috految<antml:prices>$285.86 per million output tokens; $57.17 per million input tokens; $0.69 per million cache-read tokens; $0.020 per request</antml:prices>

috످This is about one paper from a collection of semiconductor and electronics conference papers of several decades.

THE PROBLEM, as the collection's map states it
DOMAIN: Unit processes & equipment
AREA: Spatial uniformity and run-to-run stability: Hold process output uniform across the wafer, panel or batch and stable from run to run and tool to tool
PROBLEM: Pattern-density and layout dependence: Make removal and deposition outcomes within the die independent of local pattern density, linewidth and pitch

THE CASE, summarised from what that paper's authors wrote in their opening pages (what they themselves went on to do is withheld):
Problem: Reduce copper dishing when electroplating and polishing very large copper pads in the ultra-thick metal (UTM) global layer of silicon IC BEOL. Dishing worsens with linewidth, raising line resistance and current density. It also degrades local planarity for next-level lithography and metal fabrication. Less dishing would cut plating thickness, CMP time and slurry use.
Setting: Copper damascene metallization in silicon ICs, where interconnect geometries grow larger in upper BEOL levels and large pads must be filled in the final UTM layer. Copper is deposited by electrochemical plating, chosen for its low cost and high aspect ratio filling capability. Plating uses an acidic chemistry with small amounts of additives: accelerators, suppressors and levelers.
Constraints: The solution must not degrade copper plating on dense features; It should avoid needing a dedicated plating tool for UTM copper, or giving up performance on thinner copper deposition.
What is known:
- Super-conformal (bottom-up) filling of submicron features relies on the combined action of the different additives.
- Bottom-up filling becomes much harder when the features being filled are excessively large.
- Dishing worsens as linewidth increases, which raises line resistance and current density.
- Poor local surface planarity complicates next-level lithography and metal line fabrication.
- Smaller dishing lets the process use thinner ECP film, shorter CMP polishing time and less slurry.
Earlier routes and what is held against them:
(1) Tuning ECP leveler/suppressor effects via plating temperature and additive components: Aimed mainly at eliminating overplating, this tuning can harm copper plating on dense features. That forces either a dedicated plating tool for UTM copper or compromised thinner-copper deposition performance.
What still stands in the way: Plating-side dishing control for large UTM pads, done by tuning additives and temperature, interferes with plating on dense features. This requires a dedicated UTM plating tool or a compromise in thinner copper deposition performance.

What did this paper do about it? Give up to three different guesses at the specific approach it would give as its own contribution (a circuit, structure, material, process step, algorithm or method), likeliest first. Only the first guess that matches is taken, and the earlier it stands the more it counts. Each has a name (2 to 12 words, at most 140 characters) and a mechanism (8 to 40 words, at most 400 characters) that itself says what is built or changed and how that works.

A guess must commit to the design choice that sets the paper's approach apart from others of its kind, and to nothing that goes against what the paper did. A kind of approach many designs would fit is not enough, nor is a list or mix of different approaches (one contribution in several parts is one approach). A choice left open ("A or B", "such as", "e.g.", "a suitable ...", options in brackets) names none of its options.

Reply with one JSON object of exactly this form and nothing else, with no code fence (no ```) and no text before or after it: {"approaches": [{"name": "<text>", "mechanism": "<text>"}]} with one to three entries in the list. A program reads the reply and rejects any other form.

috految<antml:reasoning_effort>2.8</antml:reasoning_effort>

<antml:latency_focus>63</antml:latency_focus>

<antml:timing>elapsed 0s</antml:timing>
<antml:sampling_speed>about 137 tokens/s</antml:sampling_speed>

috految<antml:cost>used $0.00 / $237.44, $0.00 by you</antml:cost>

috److{"approaches": [{"name": "Multi-step copper plating with a reverse-current deplating step", "mechanism": "Anodic reverse current is inserted between forward plating steps in the unchanged bath, removing field copper and redistributing adsorbed additives so subsequent growth favors large recessed pads, reducing step height, overburden and dishing."}, {"name": "Plating recipe with tuned wafer rotation and stepped current for large pads", "mechanism": "With chemistry unchanged, wafer rotation speed and current density are tuned in the plating steps to control additive mass transport, keeping field copper inhibited by leveler while accelerator-rich pad recesses grow faster, reducing dishing without harming dense fill."}, {"name": "Patterned large pads with embedded small features that induce overplating", "mechanism": "Layout adds arrays of narrow dielectric dummy features forming small trenches and vias in the large pad's floor. Added sidewall area concentrates accelerator, triggering bottom-up overplating that raises copper over the pad and reduces dishing with unchanged plating chemistry."}]}

috످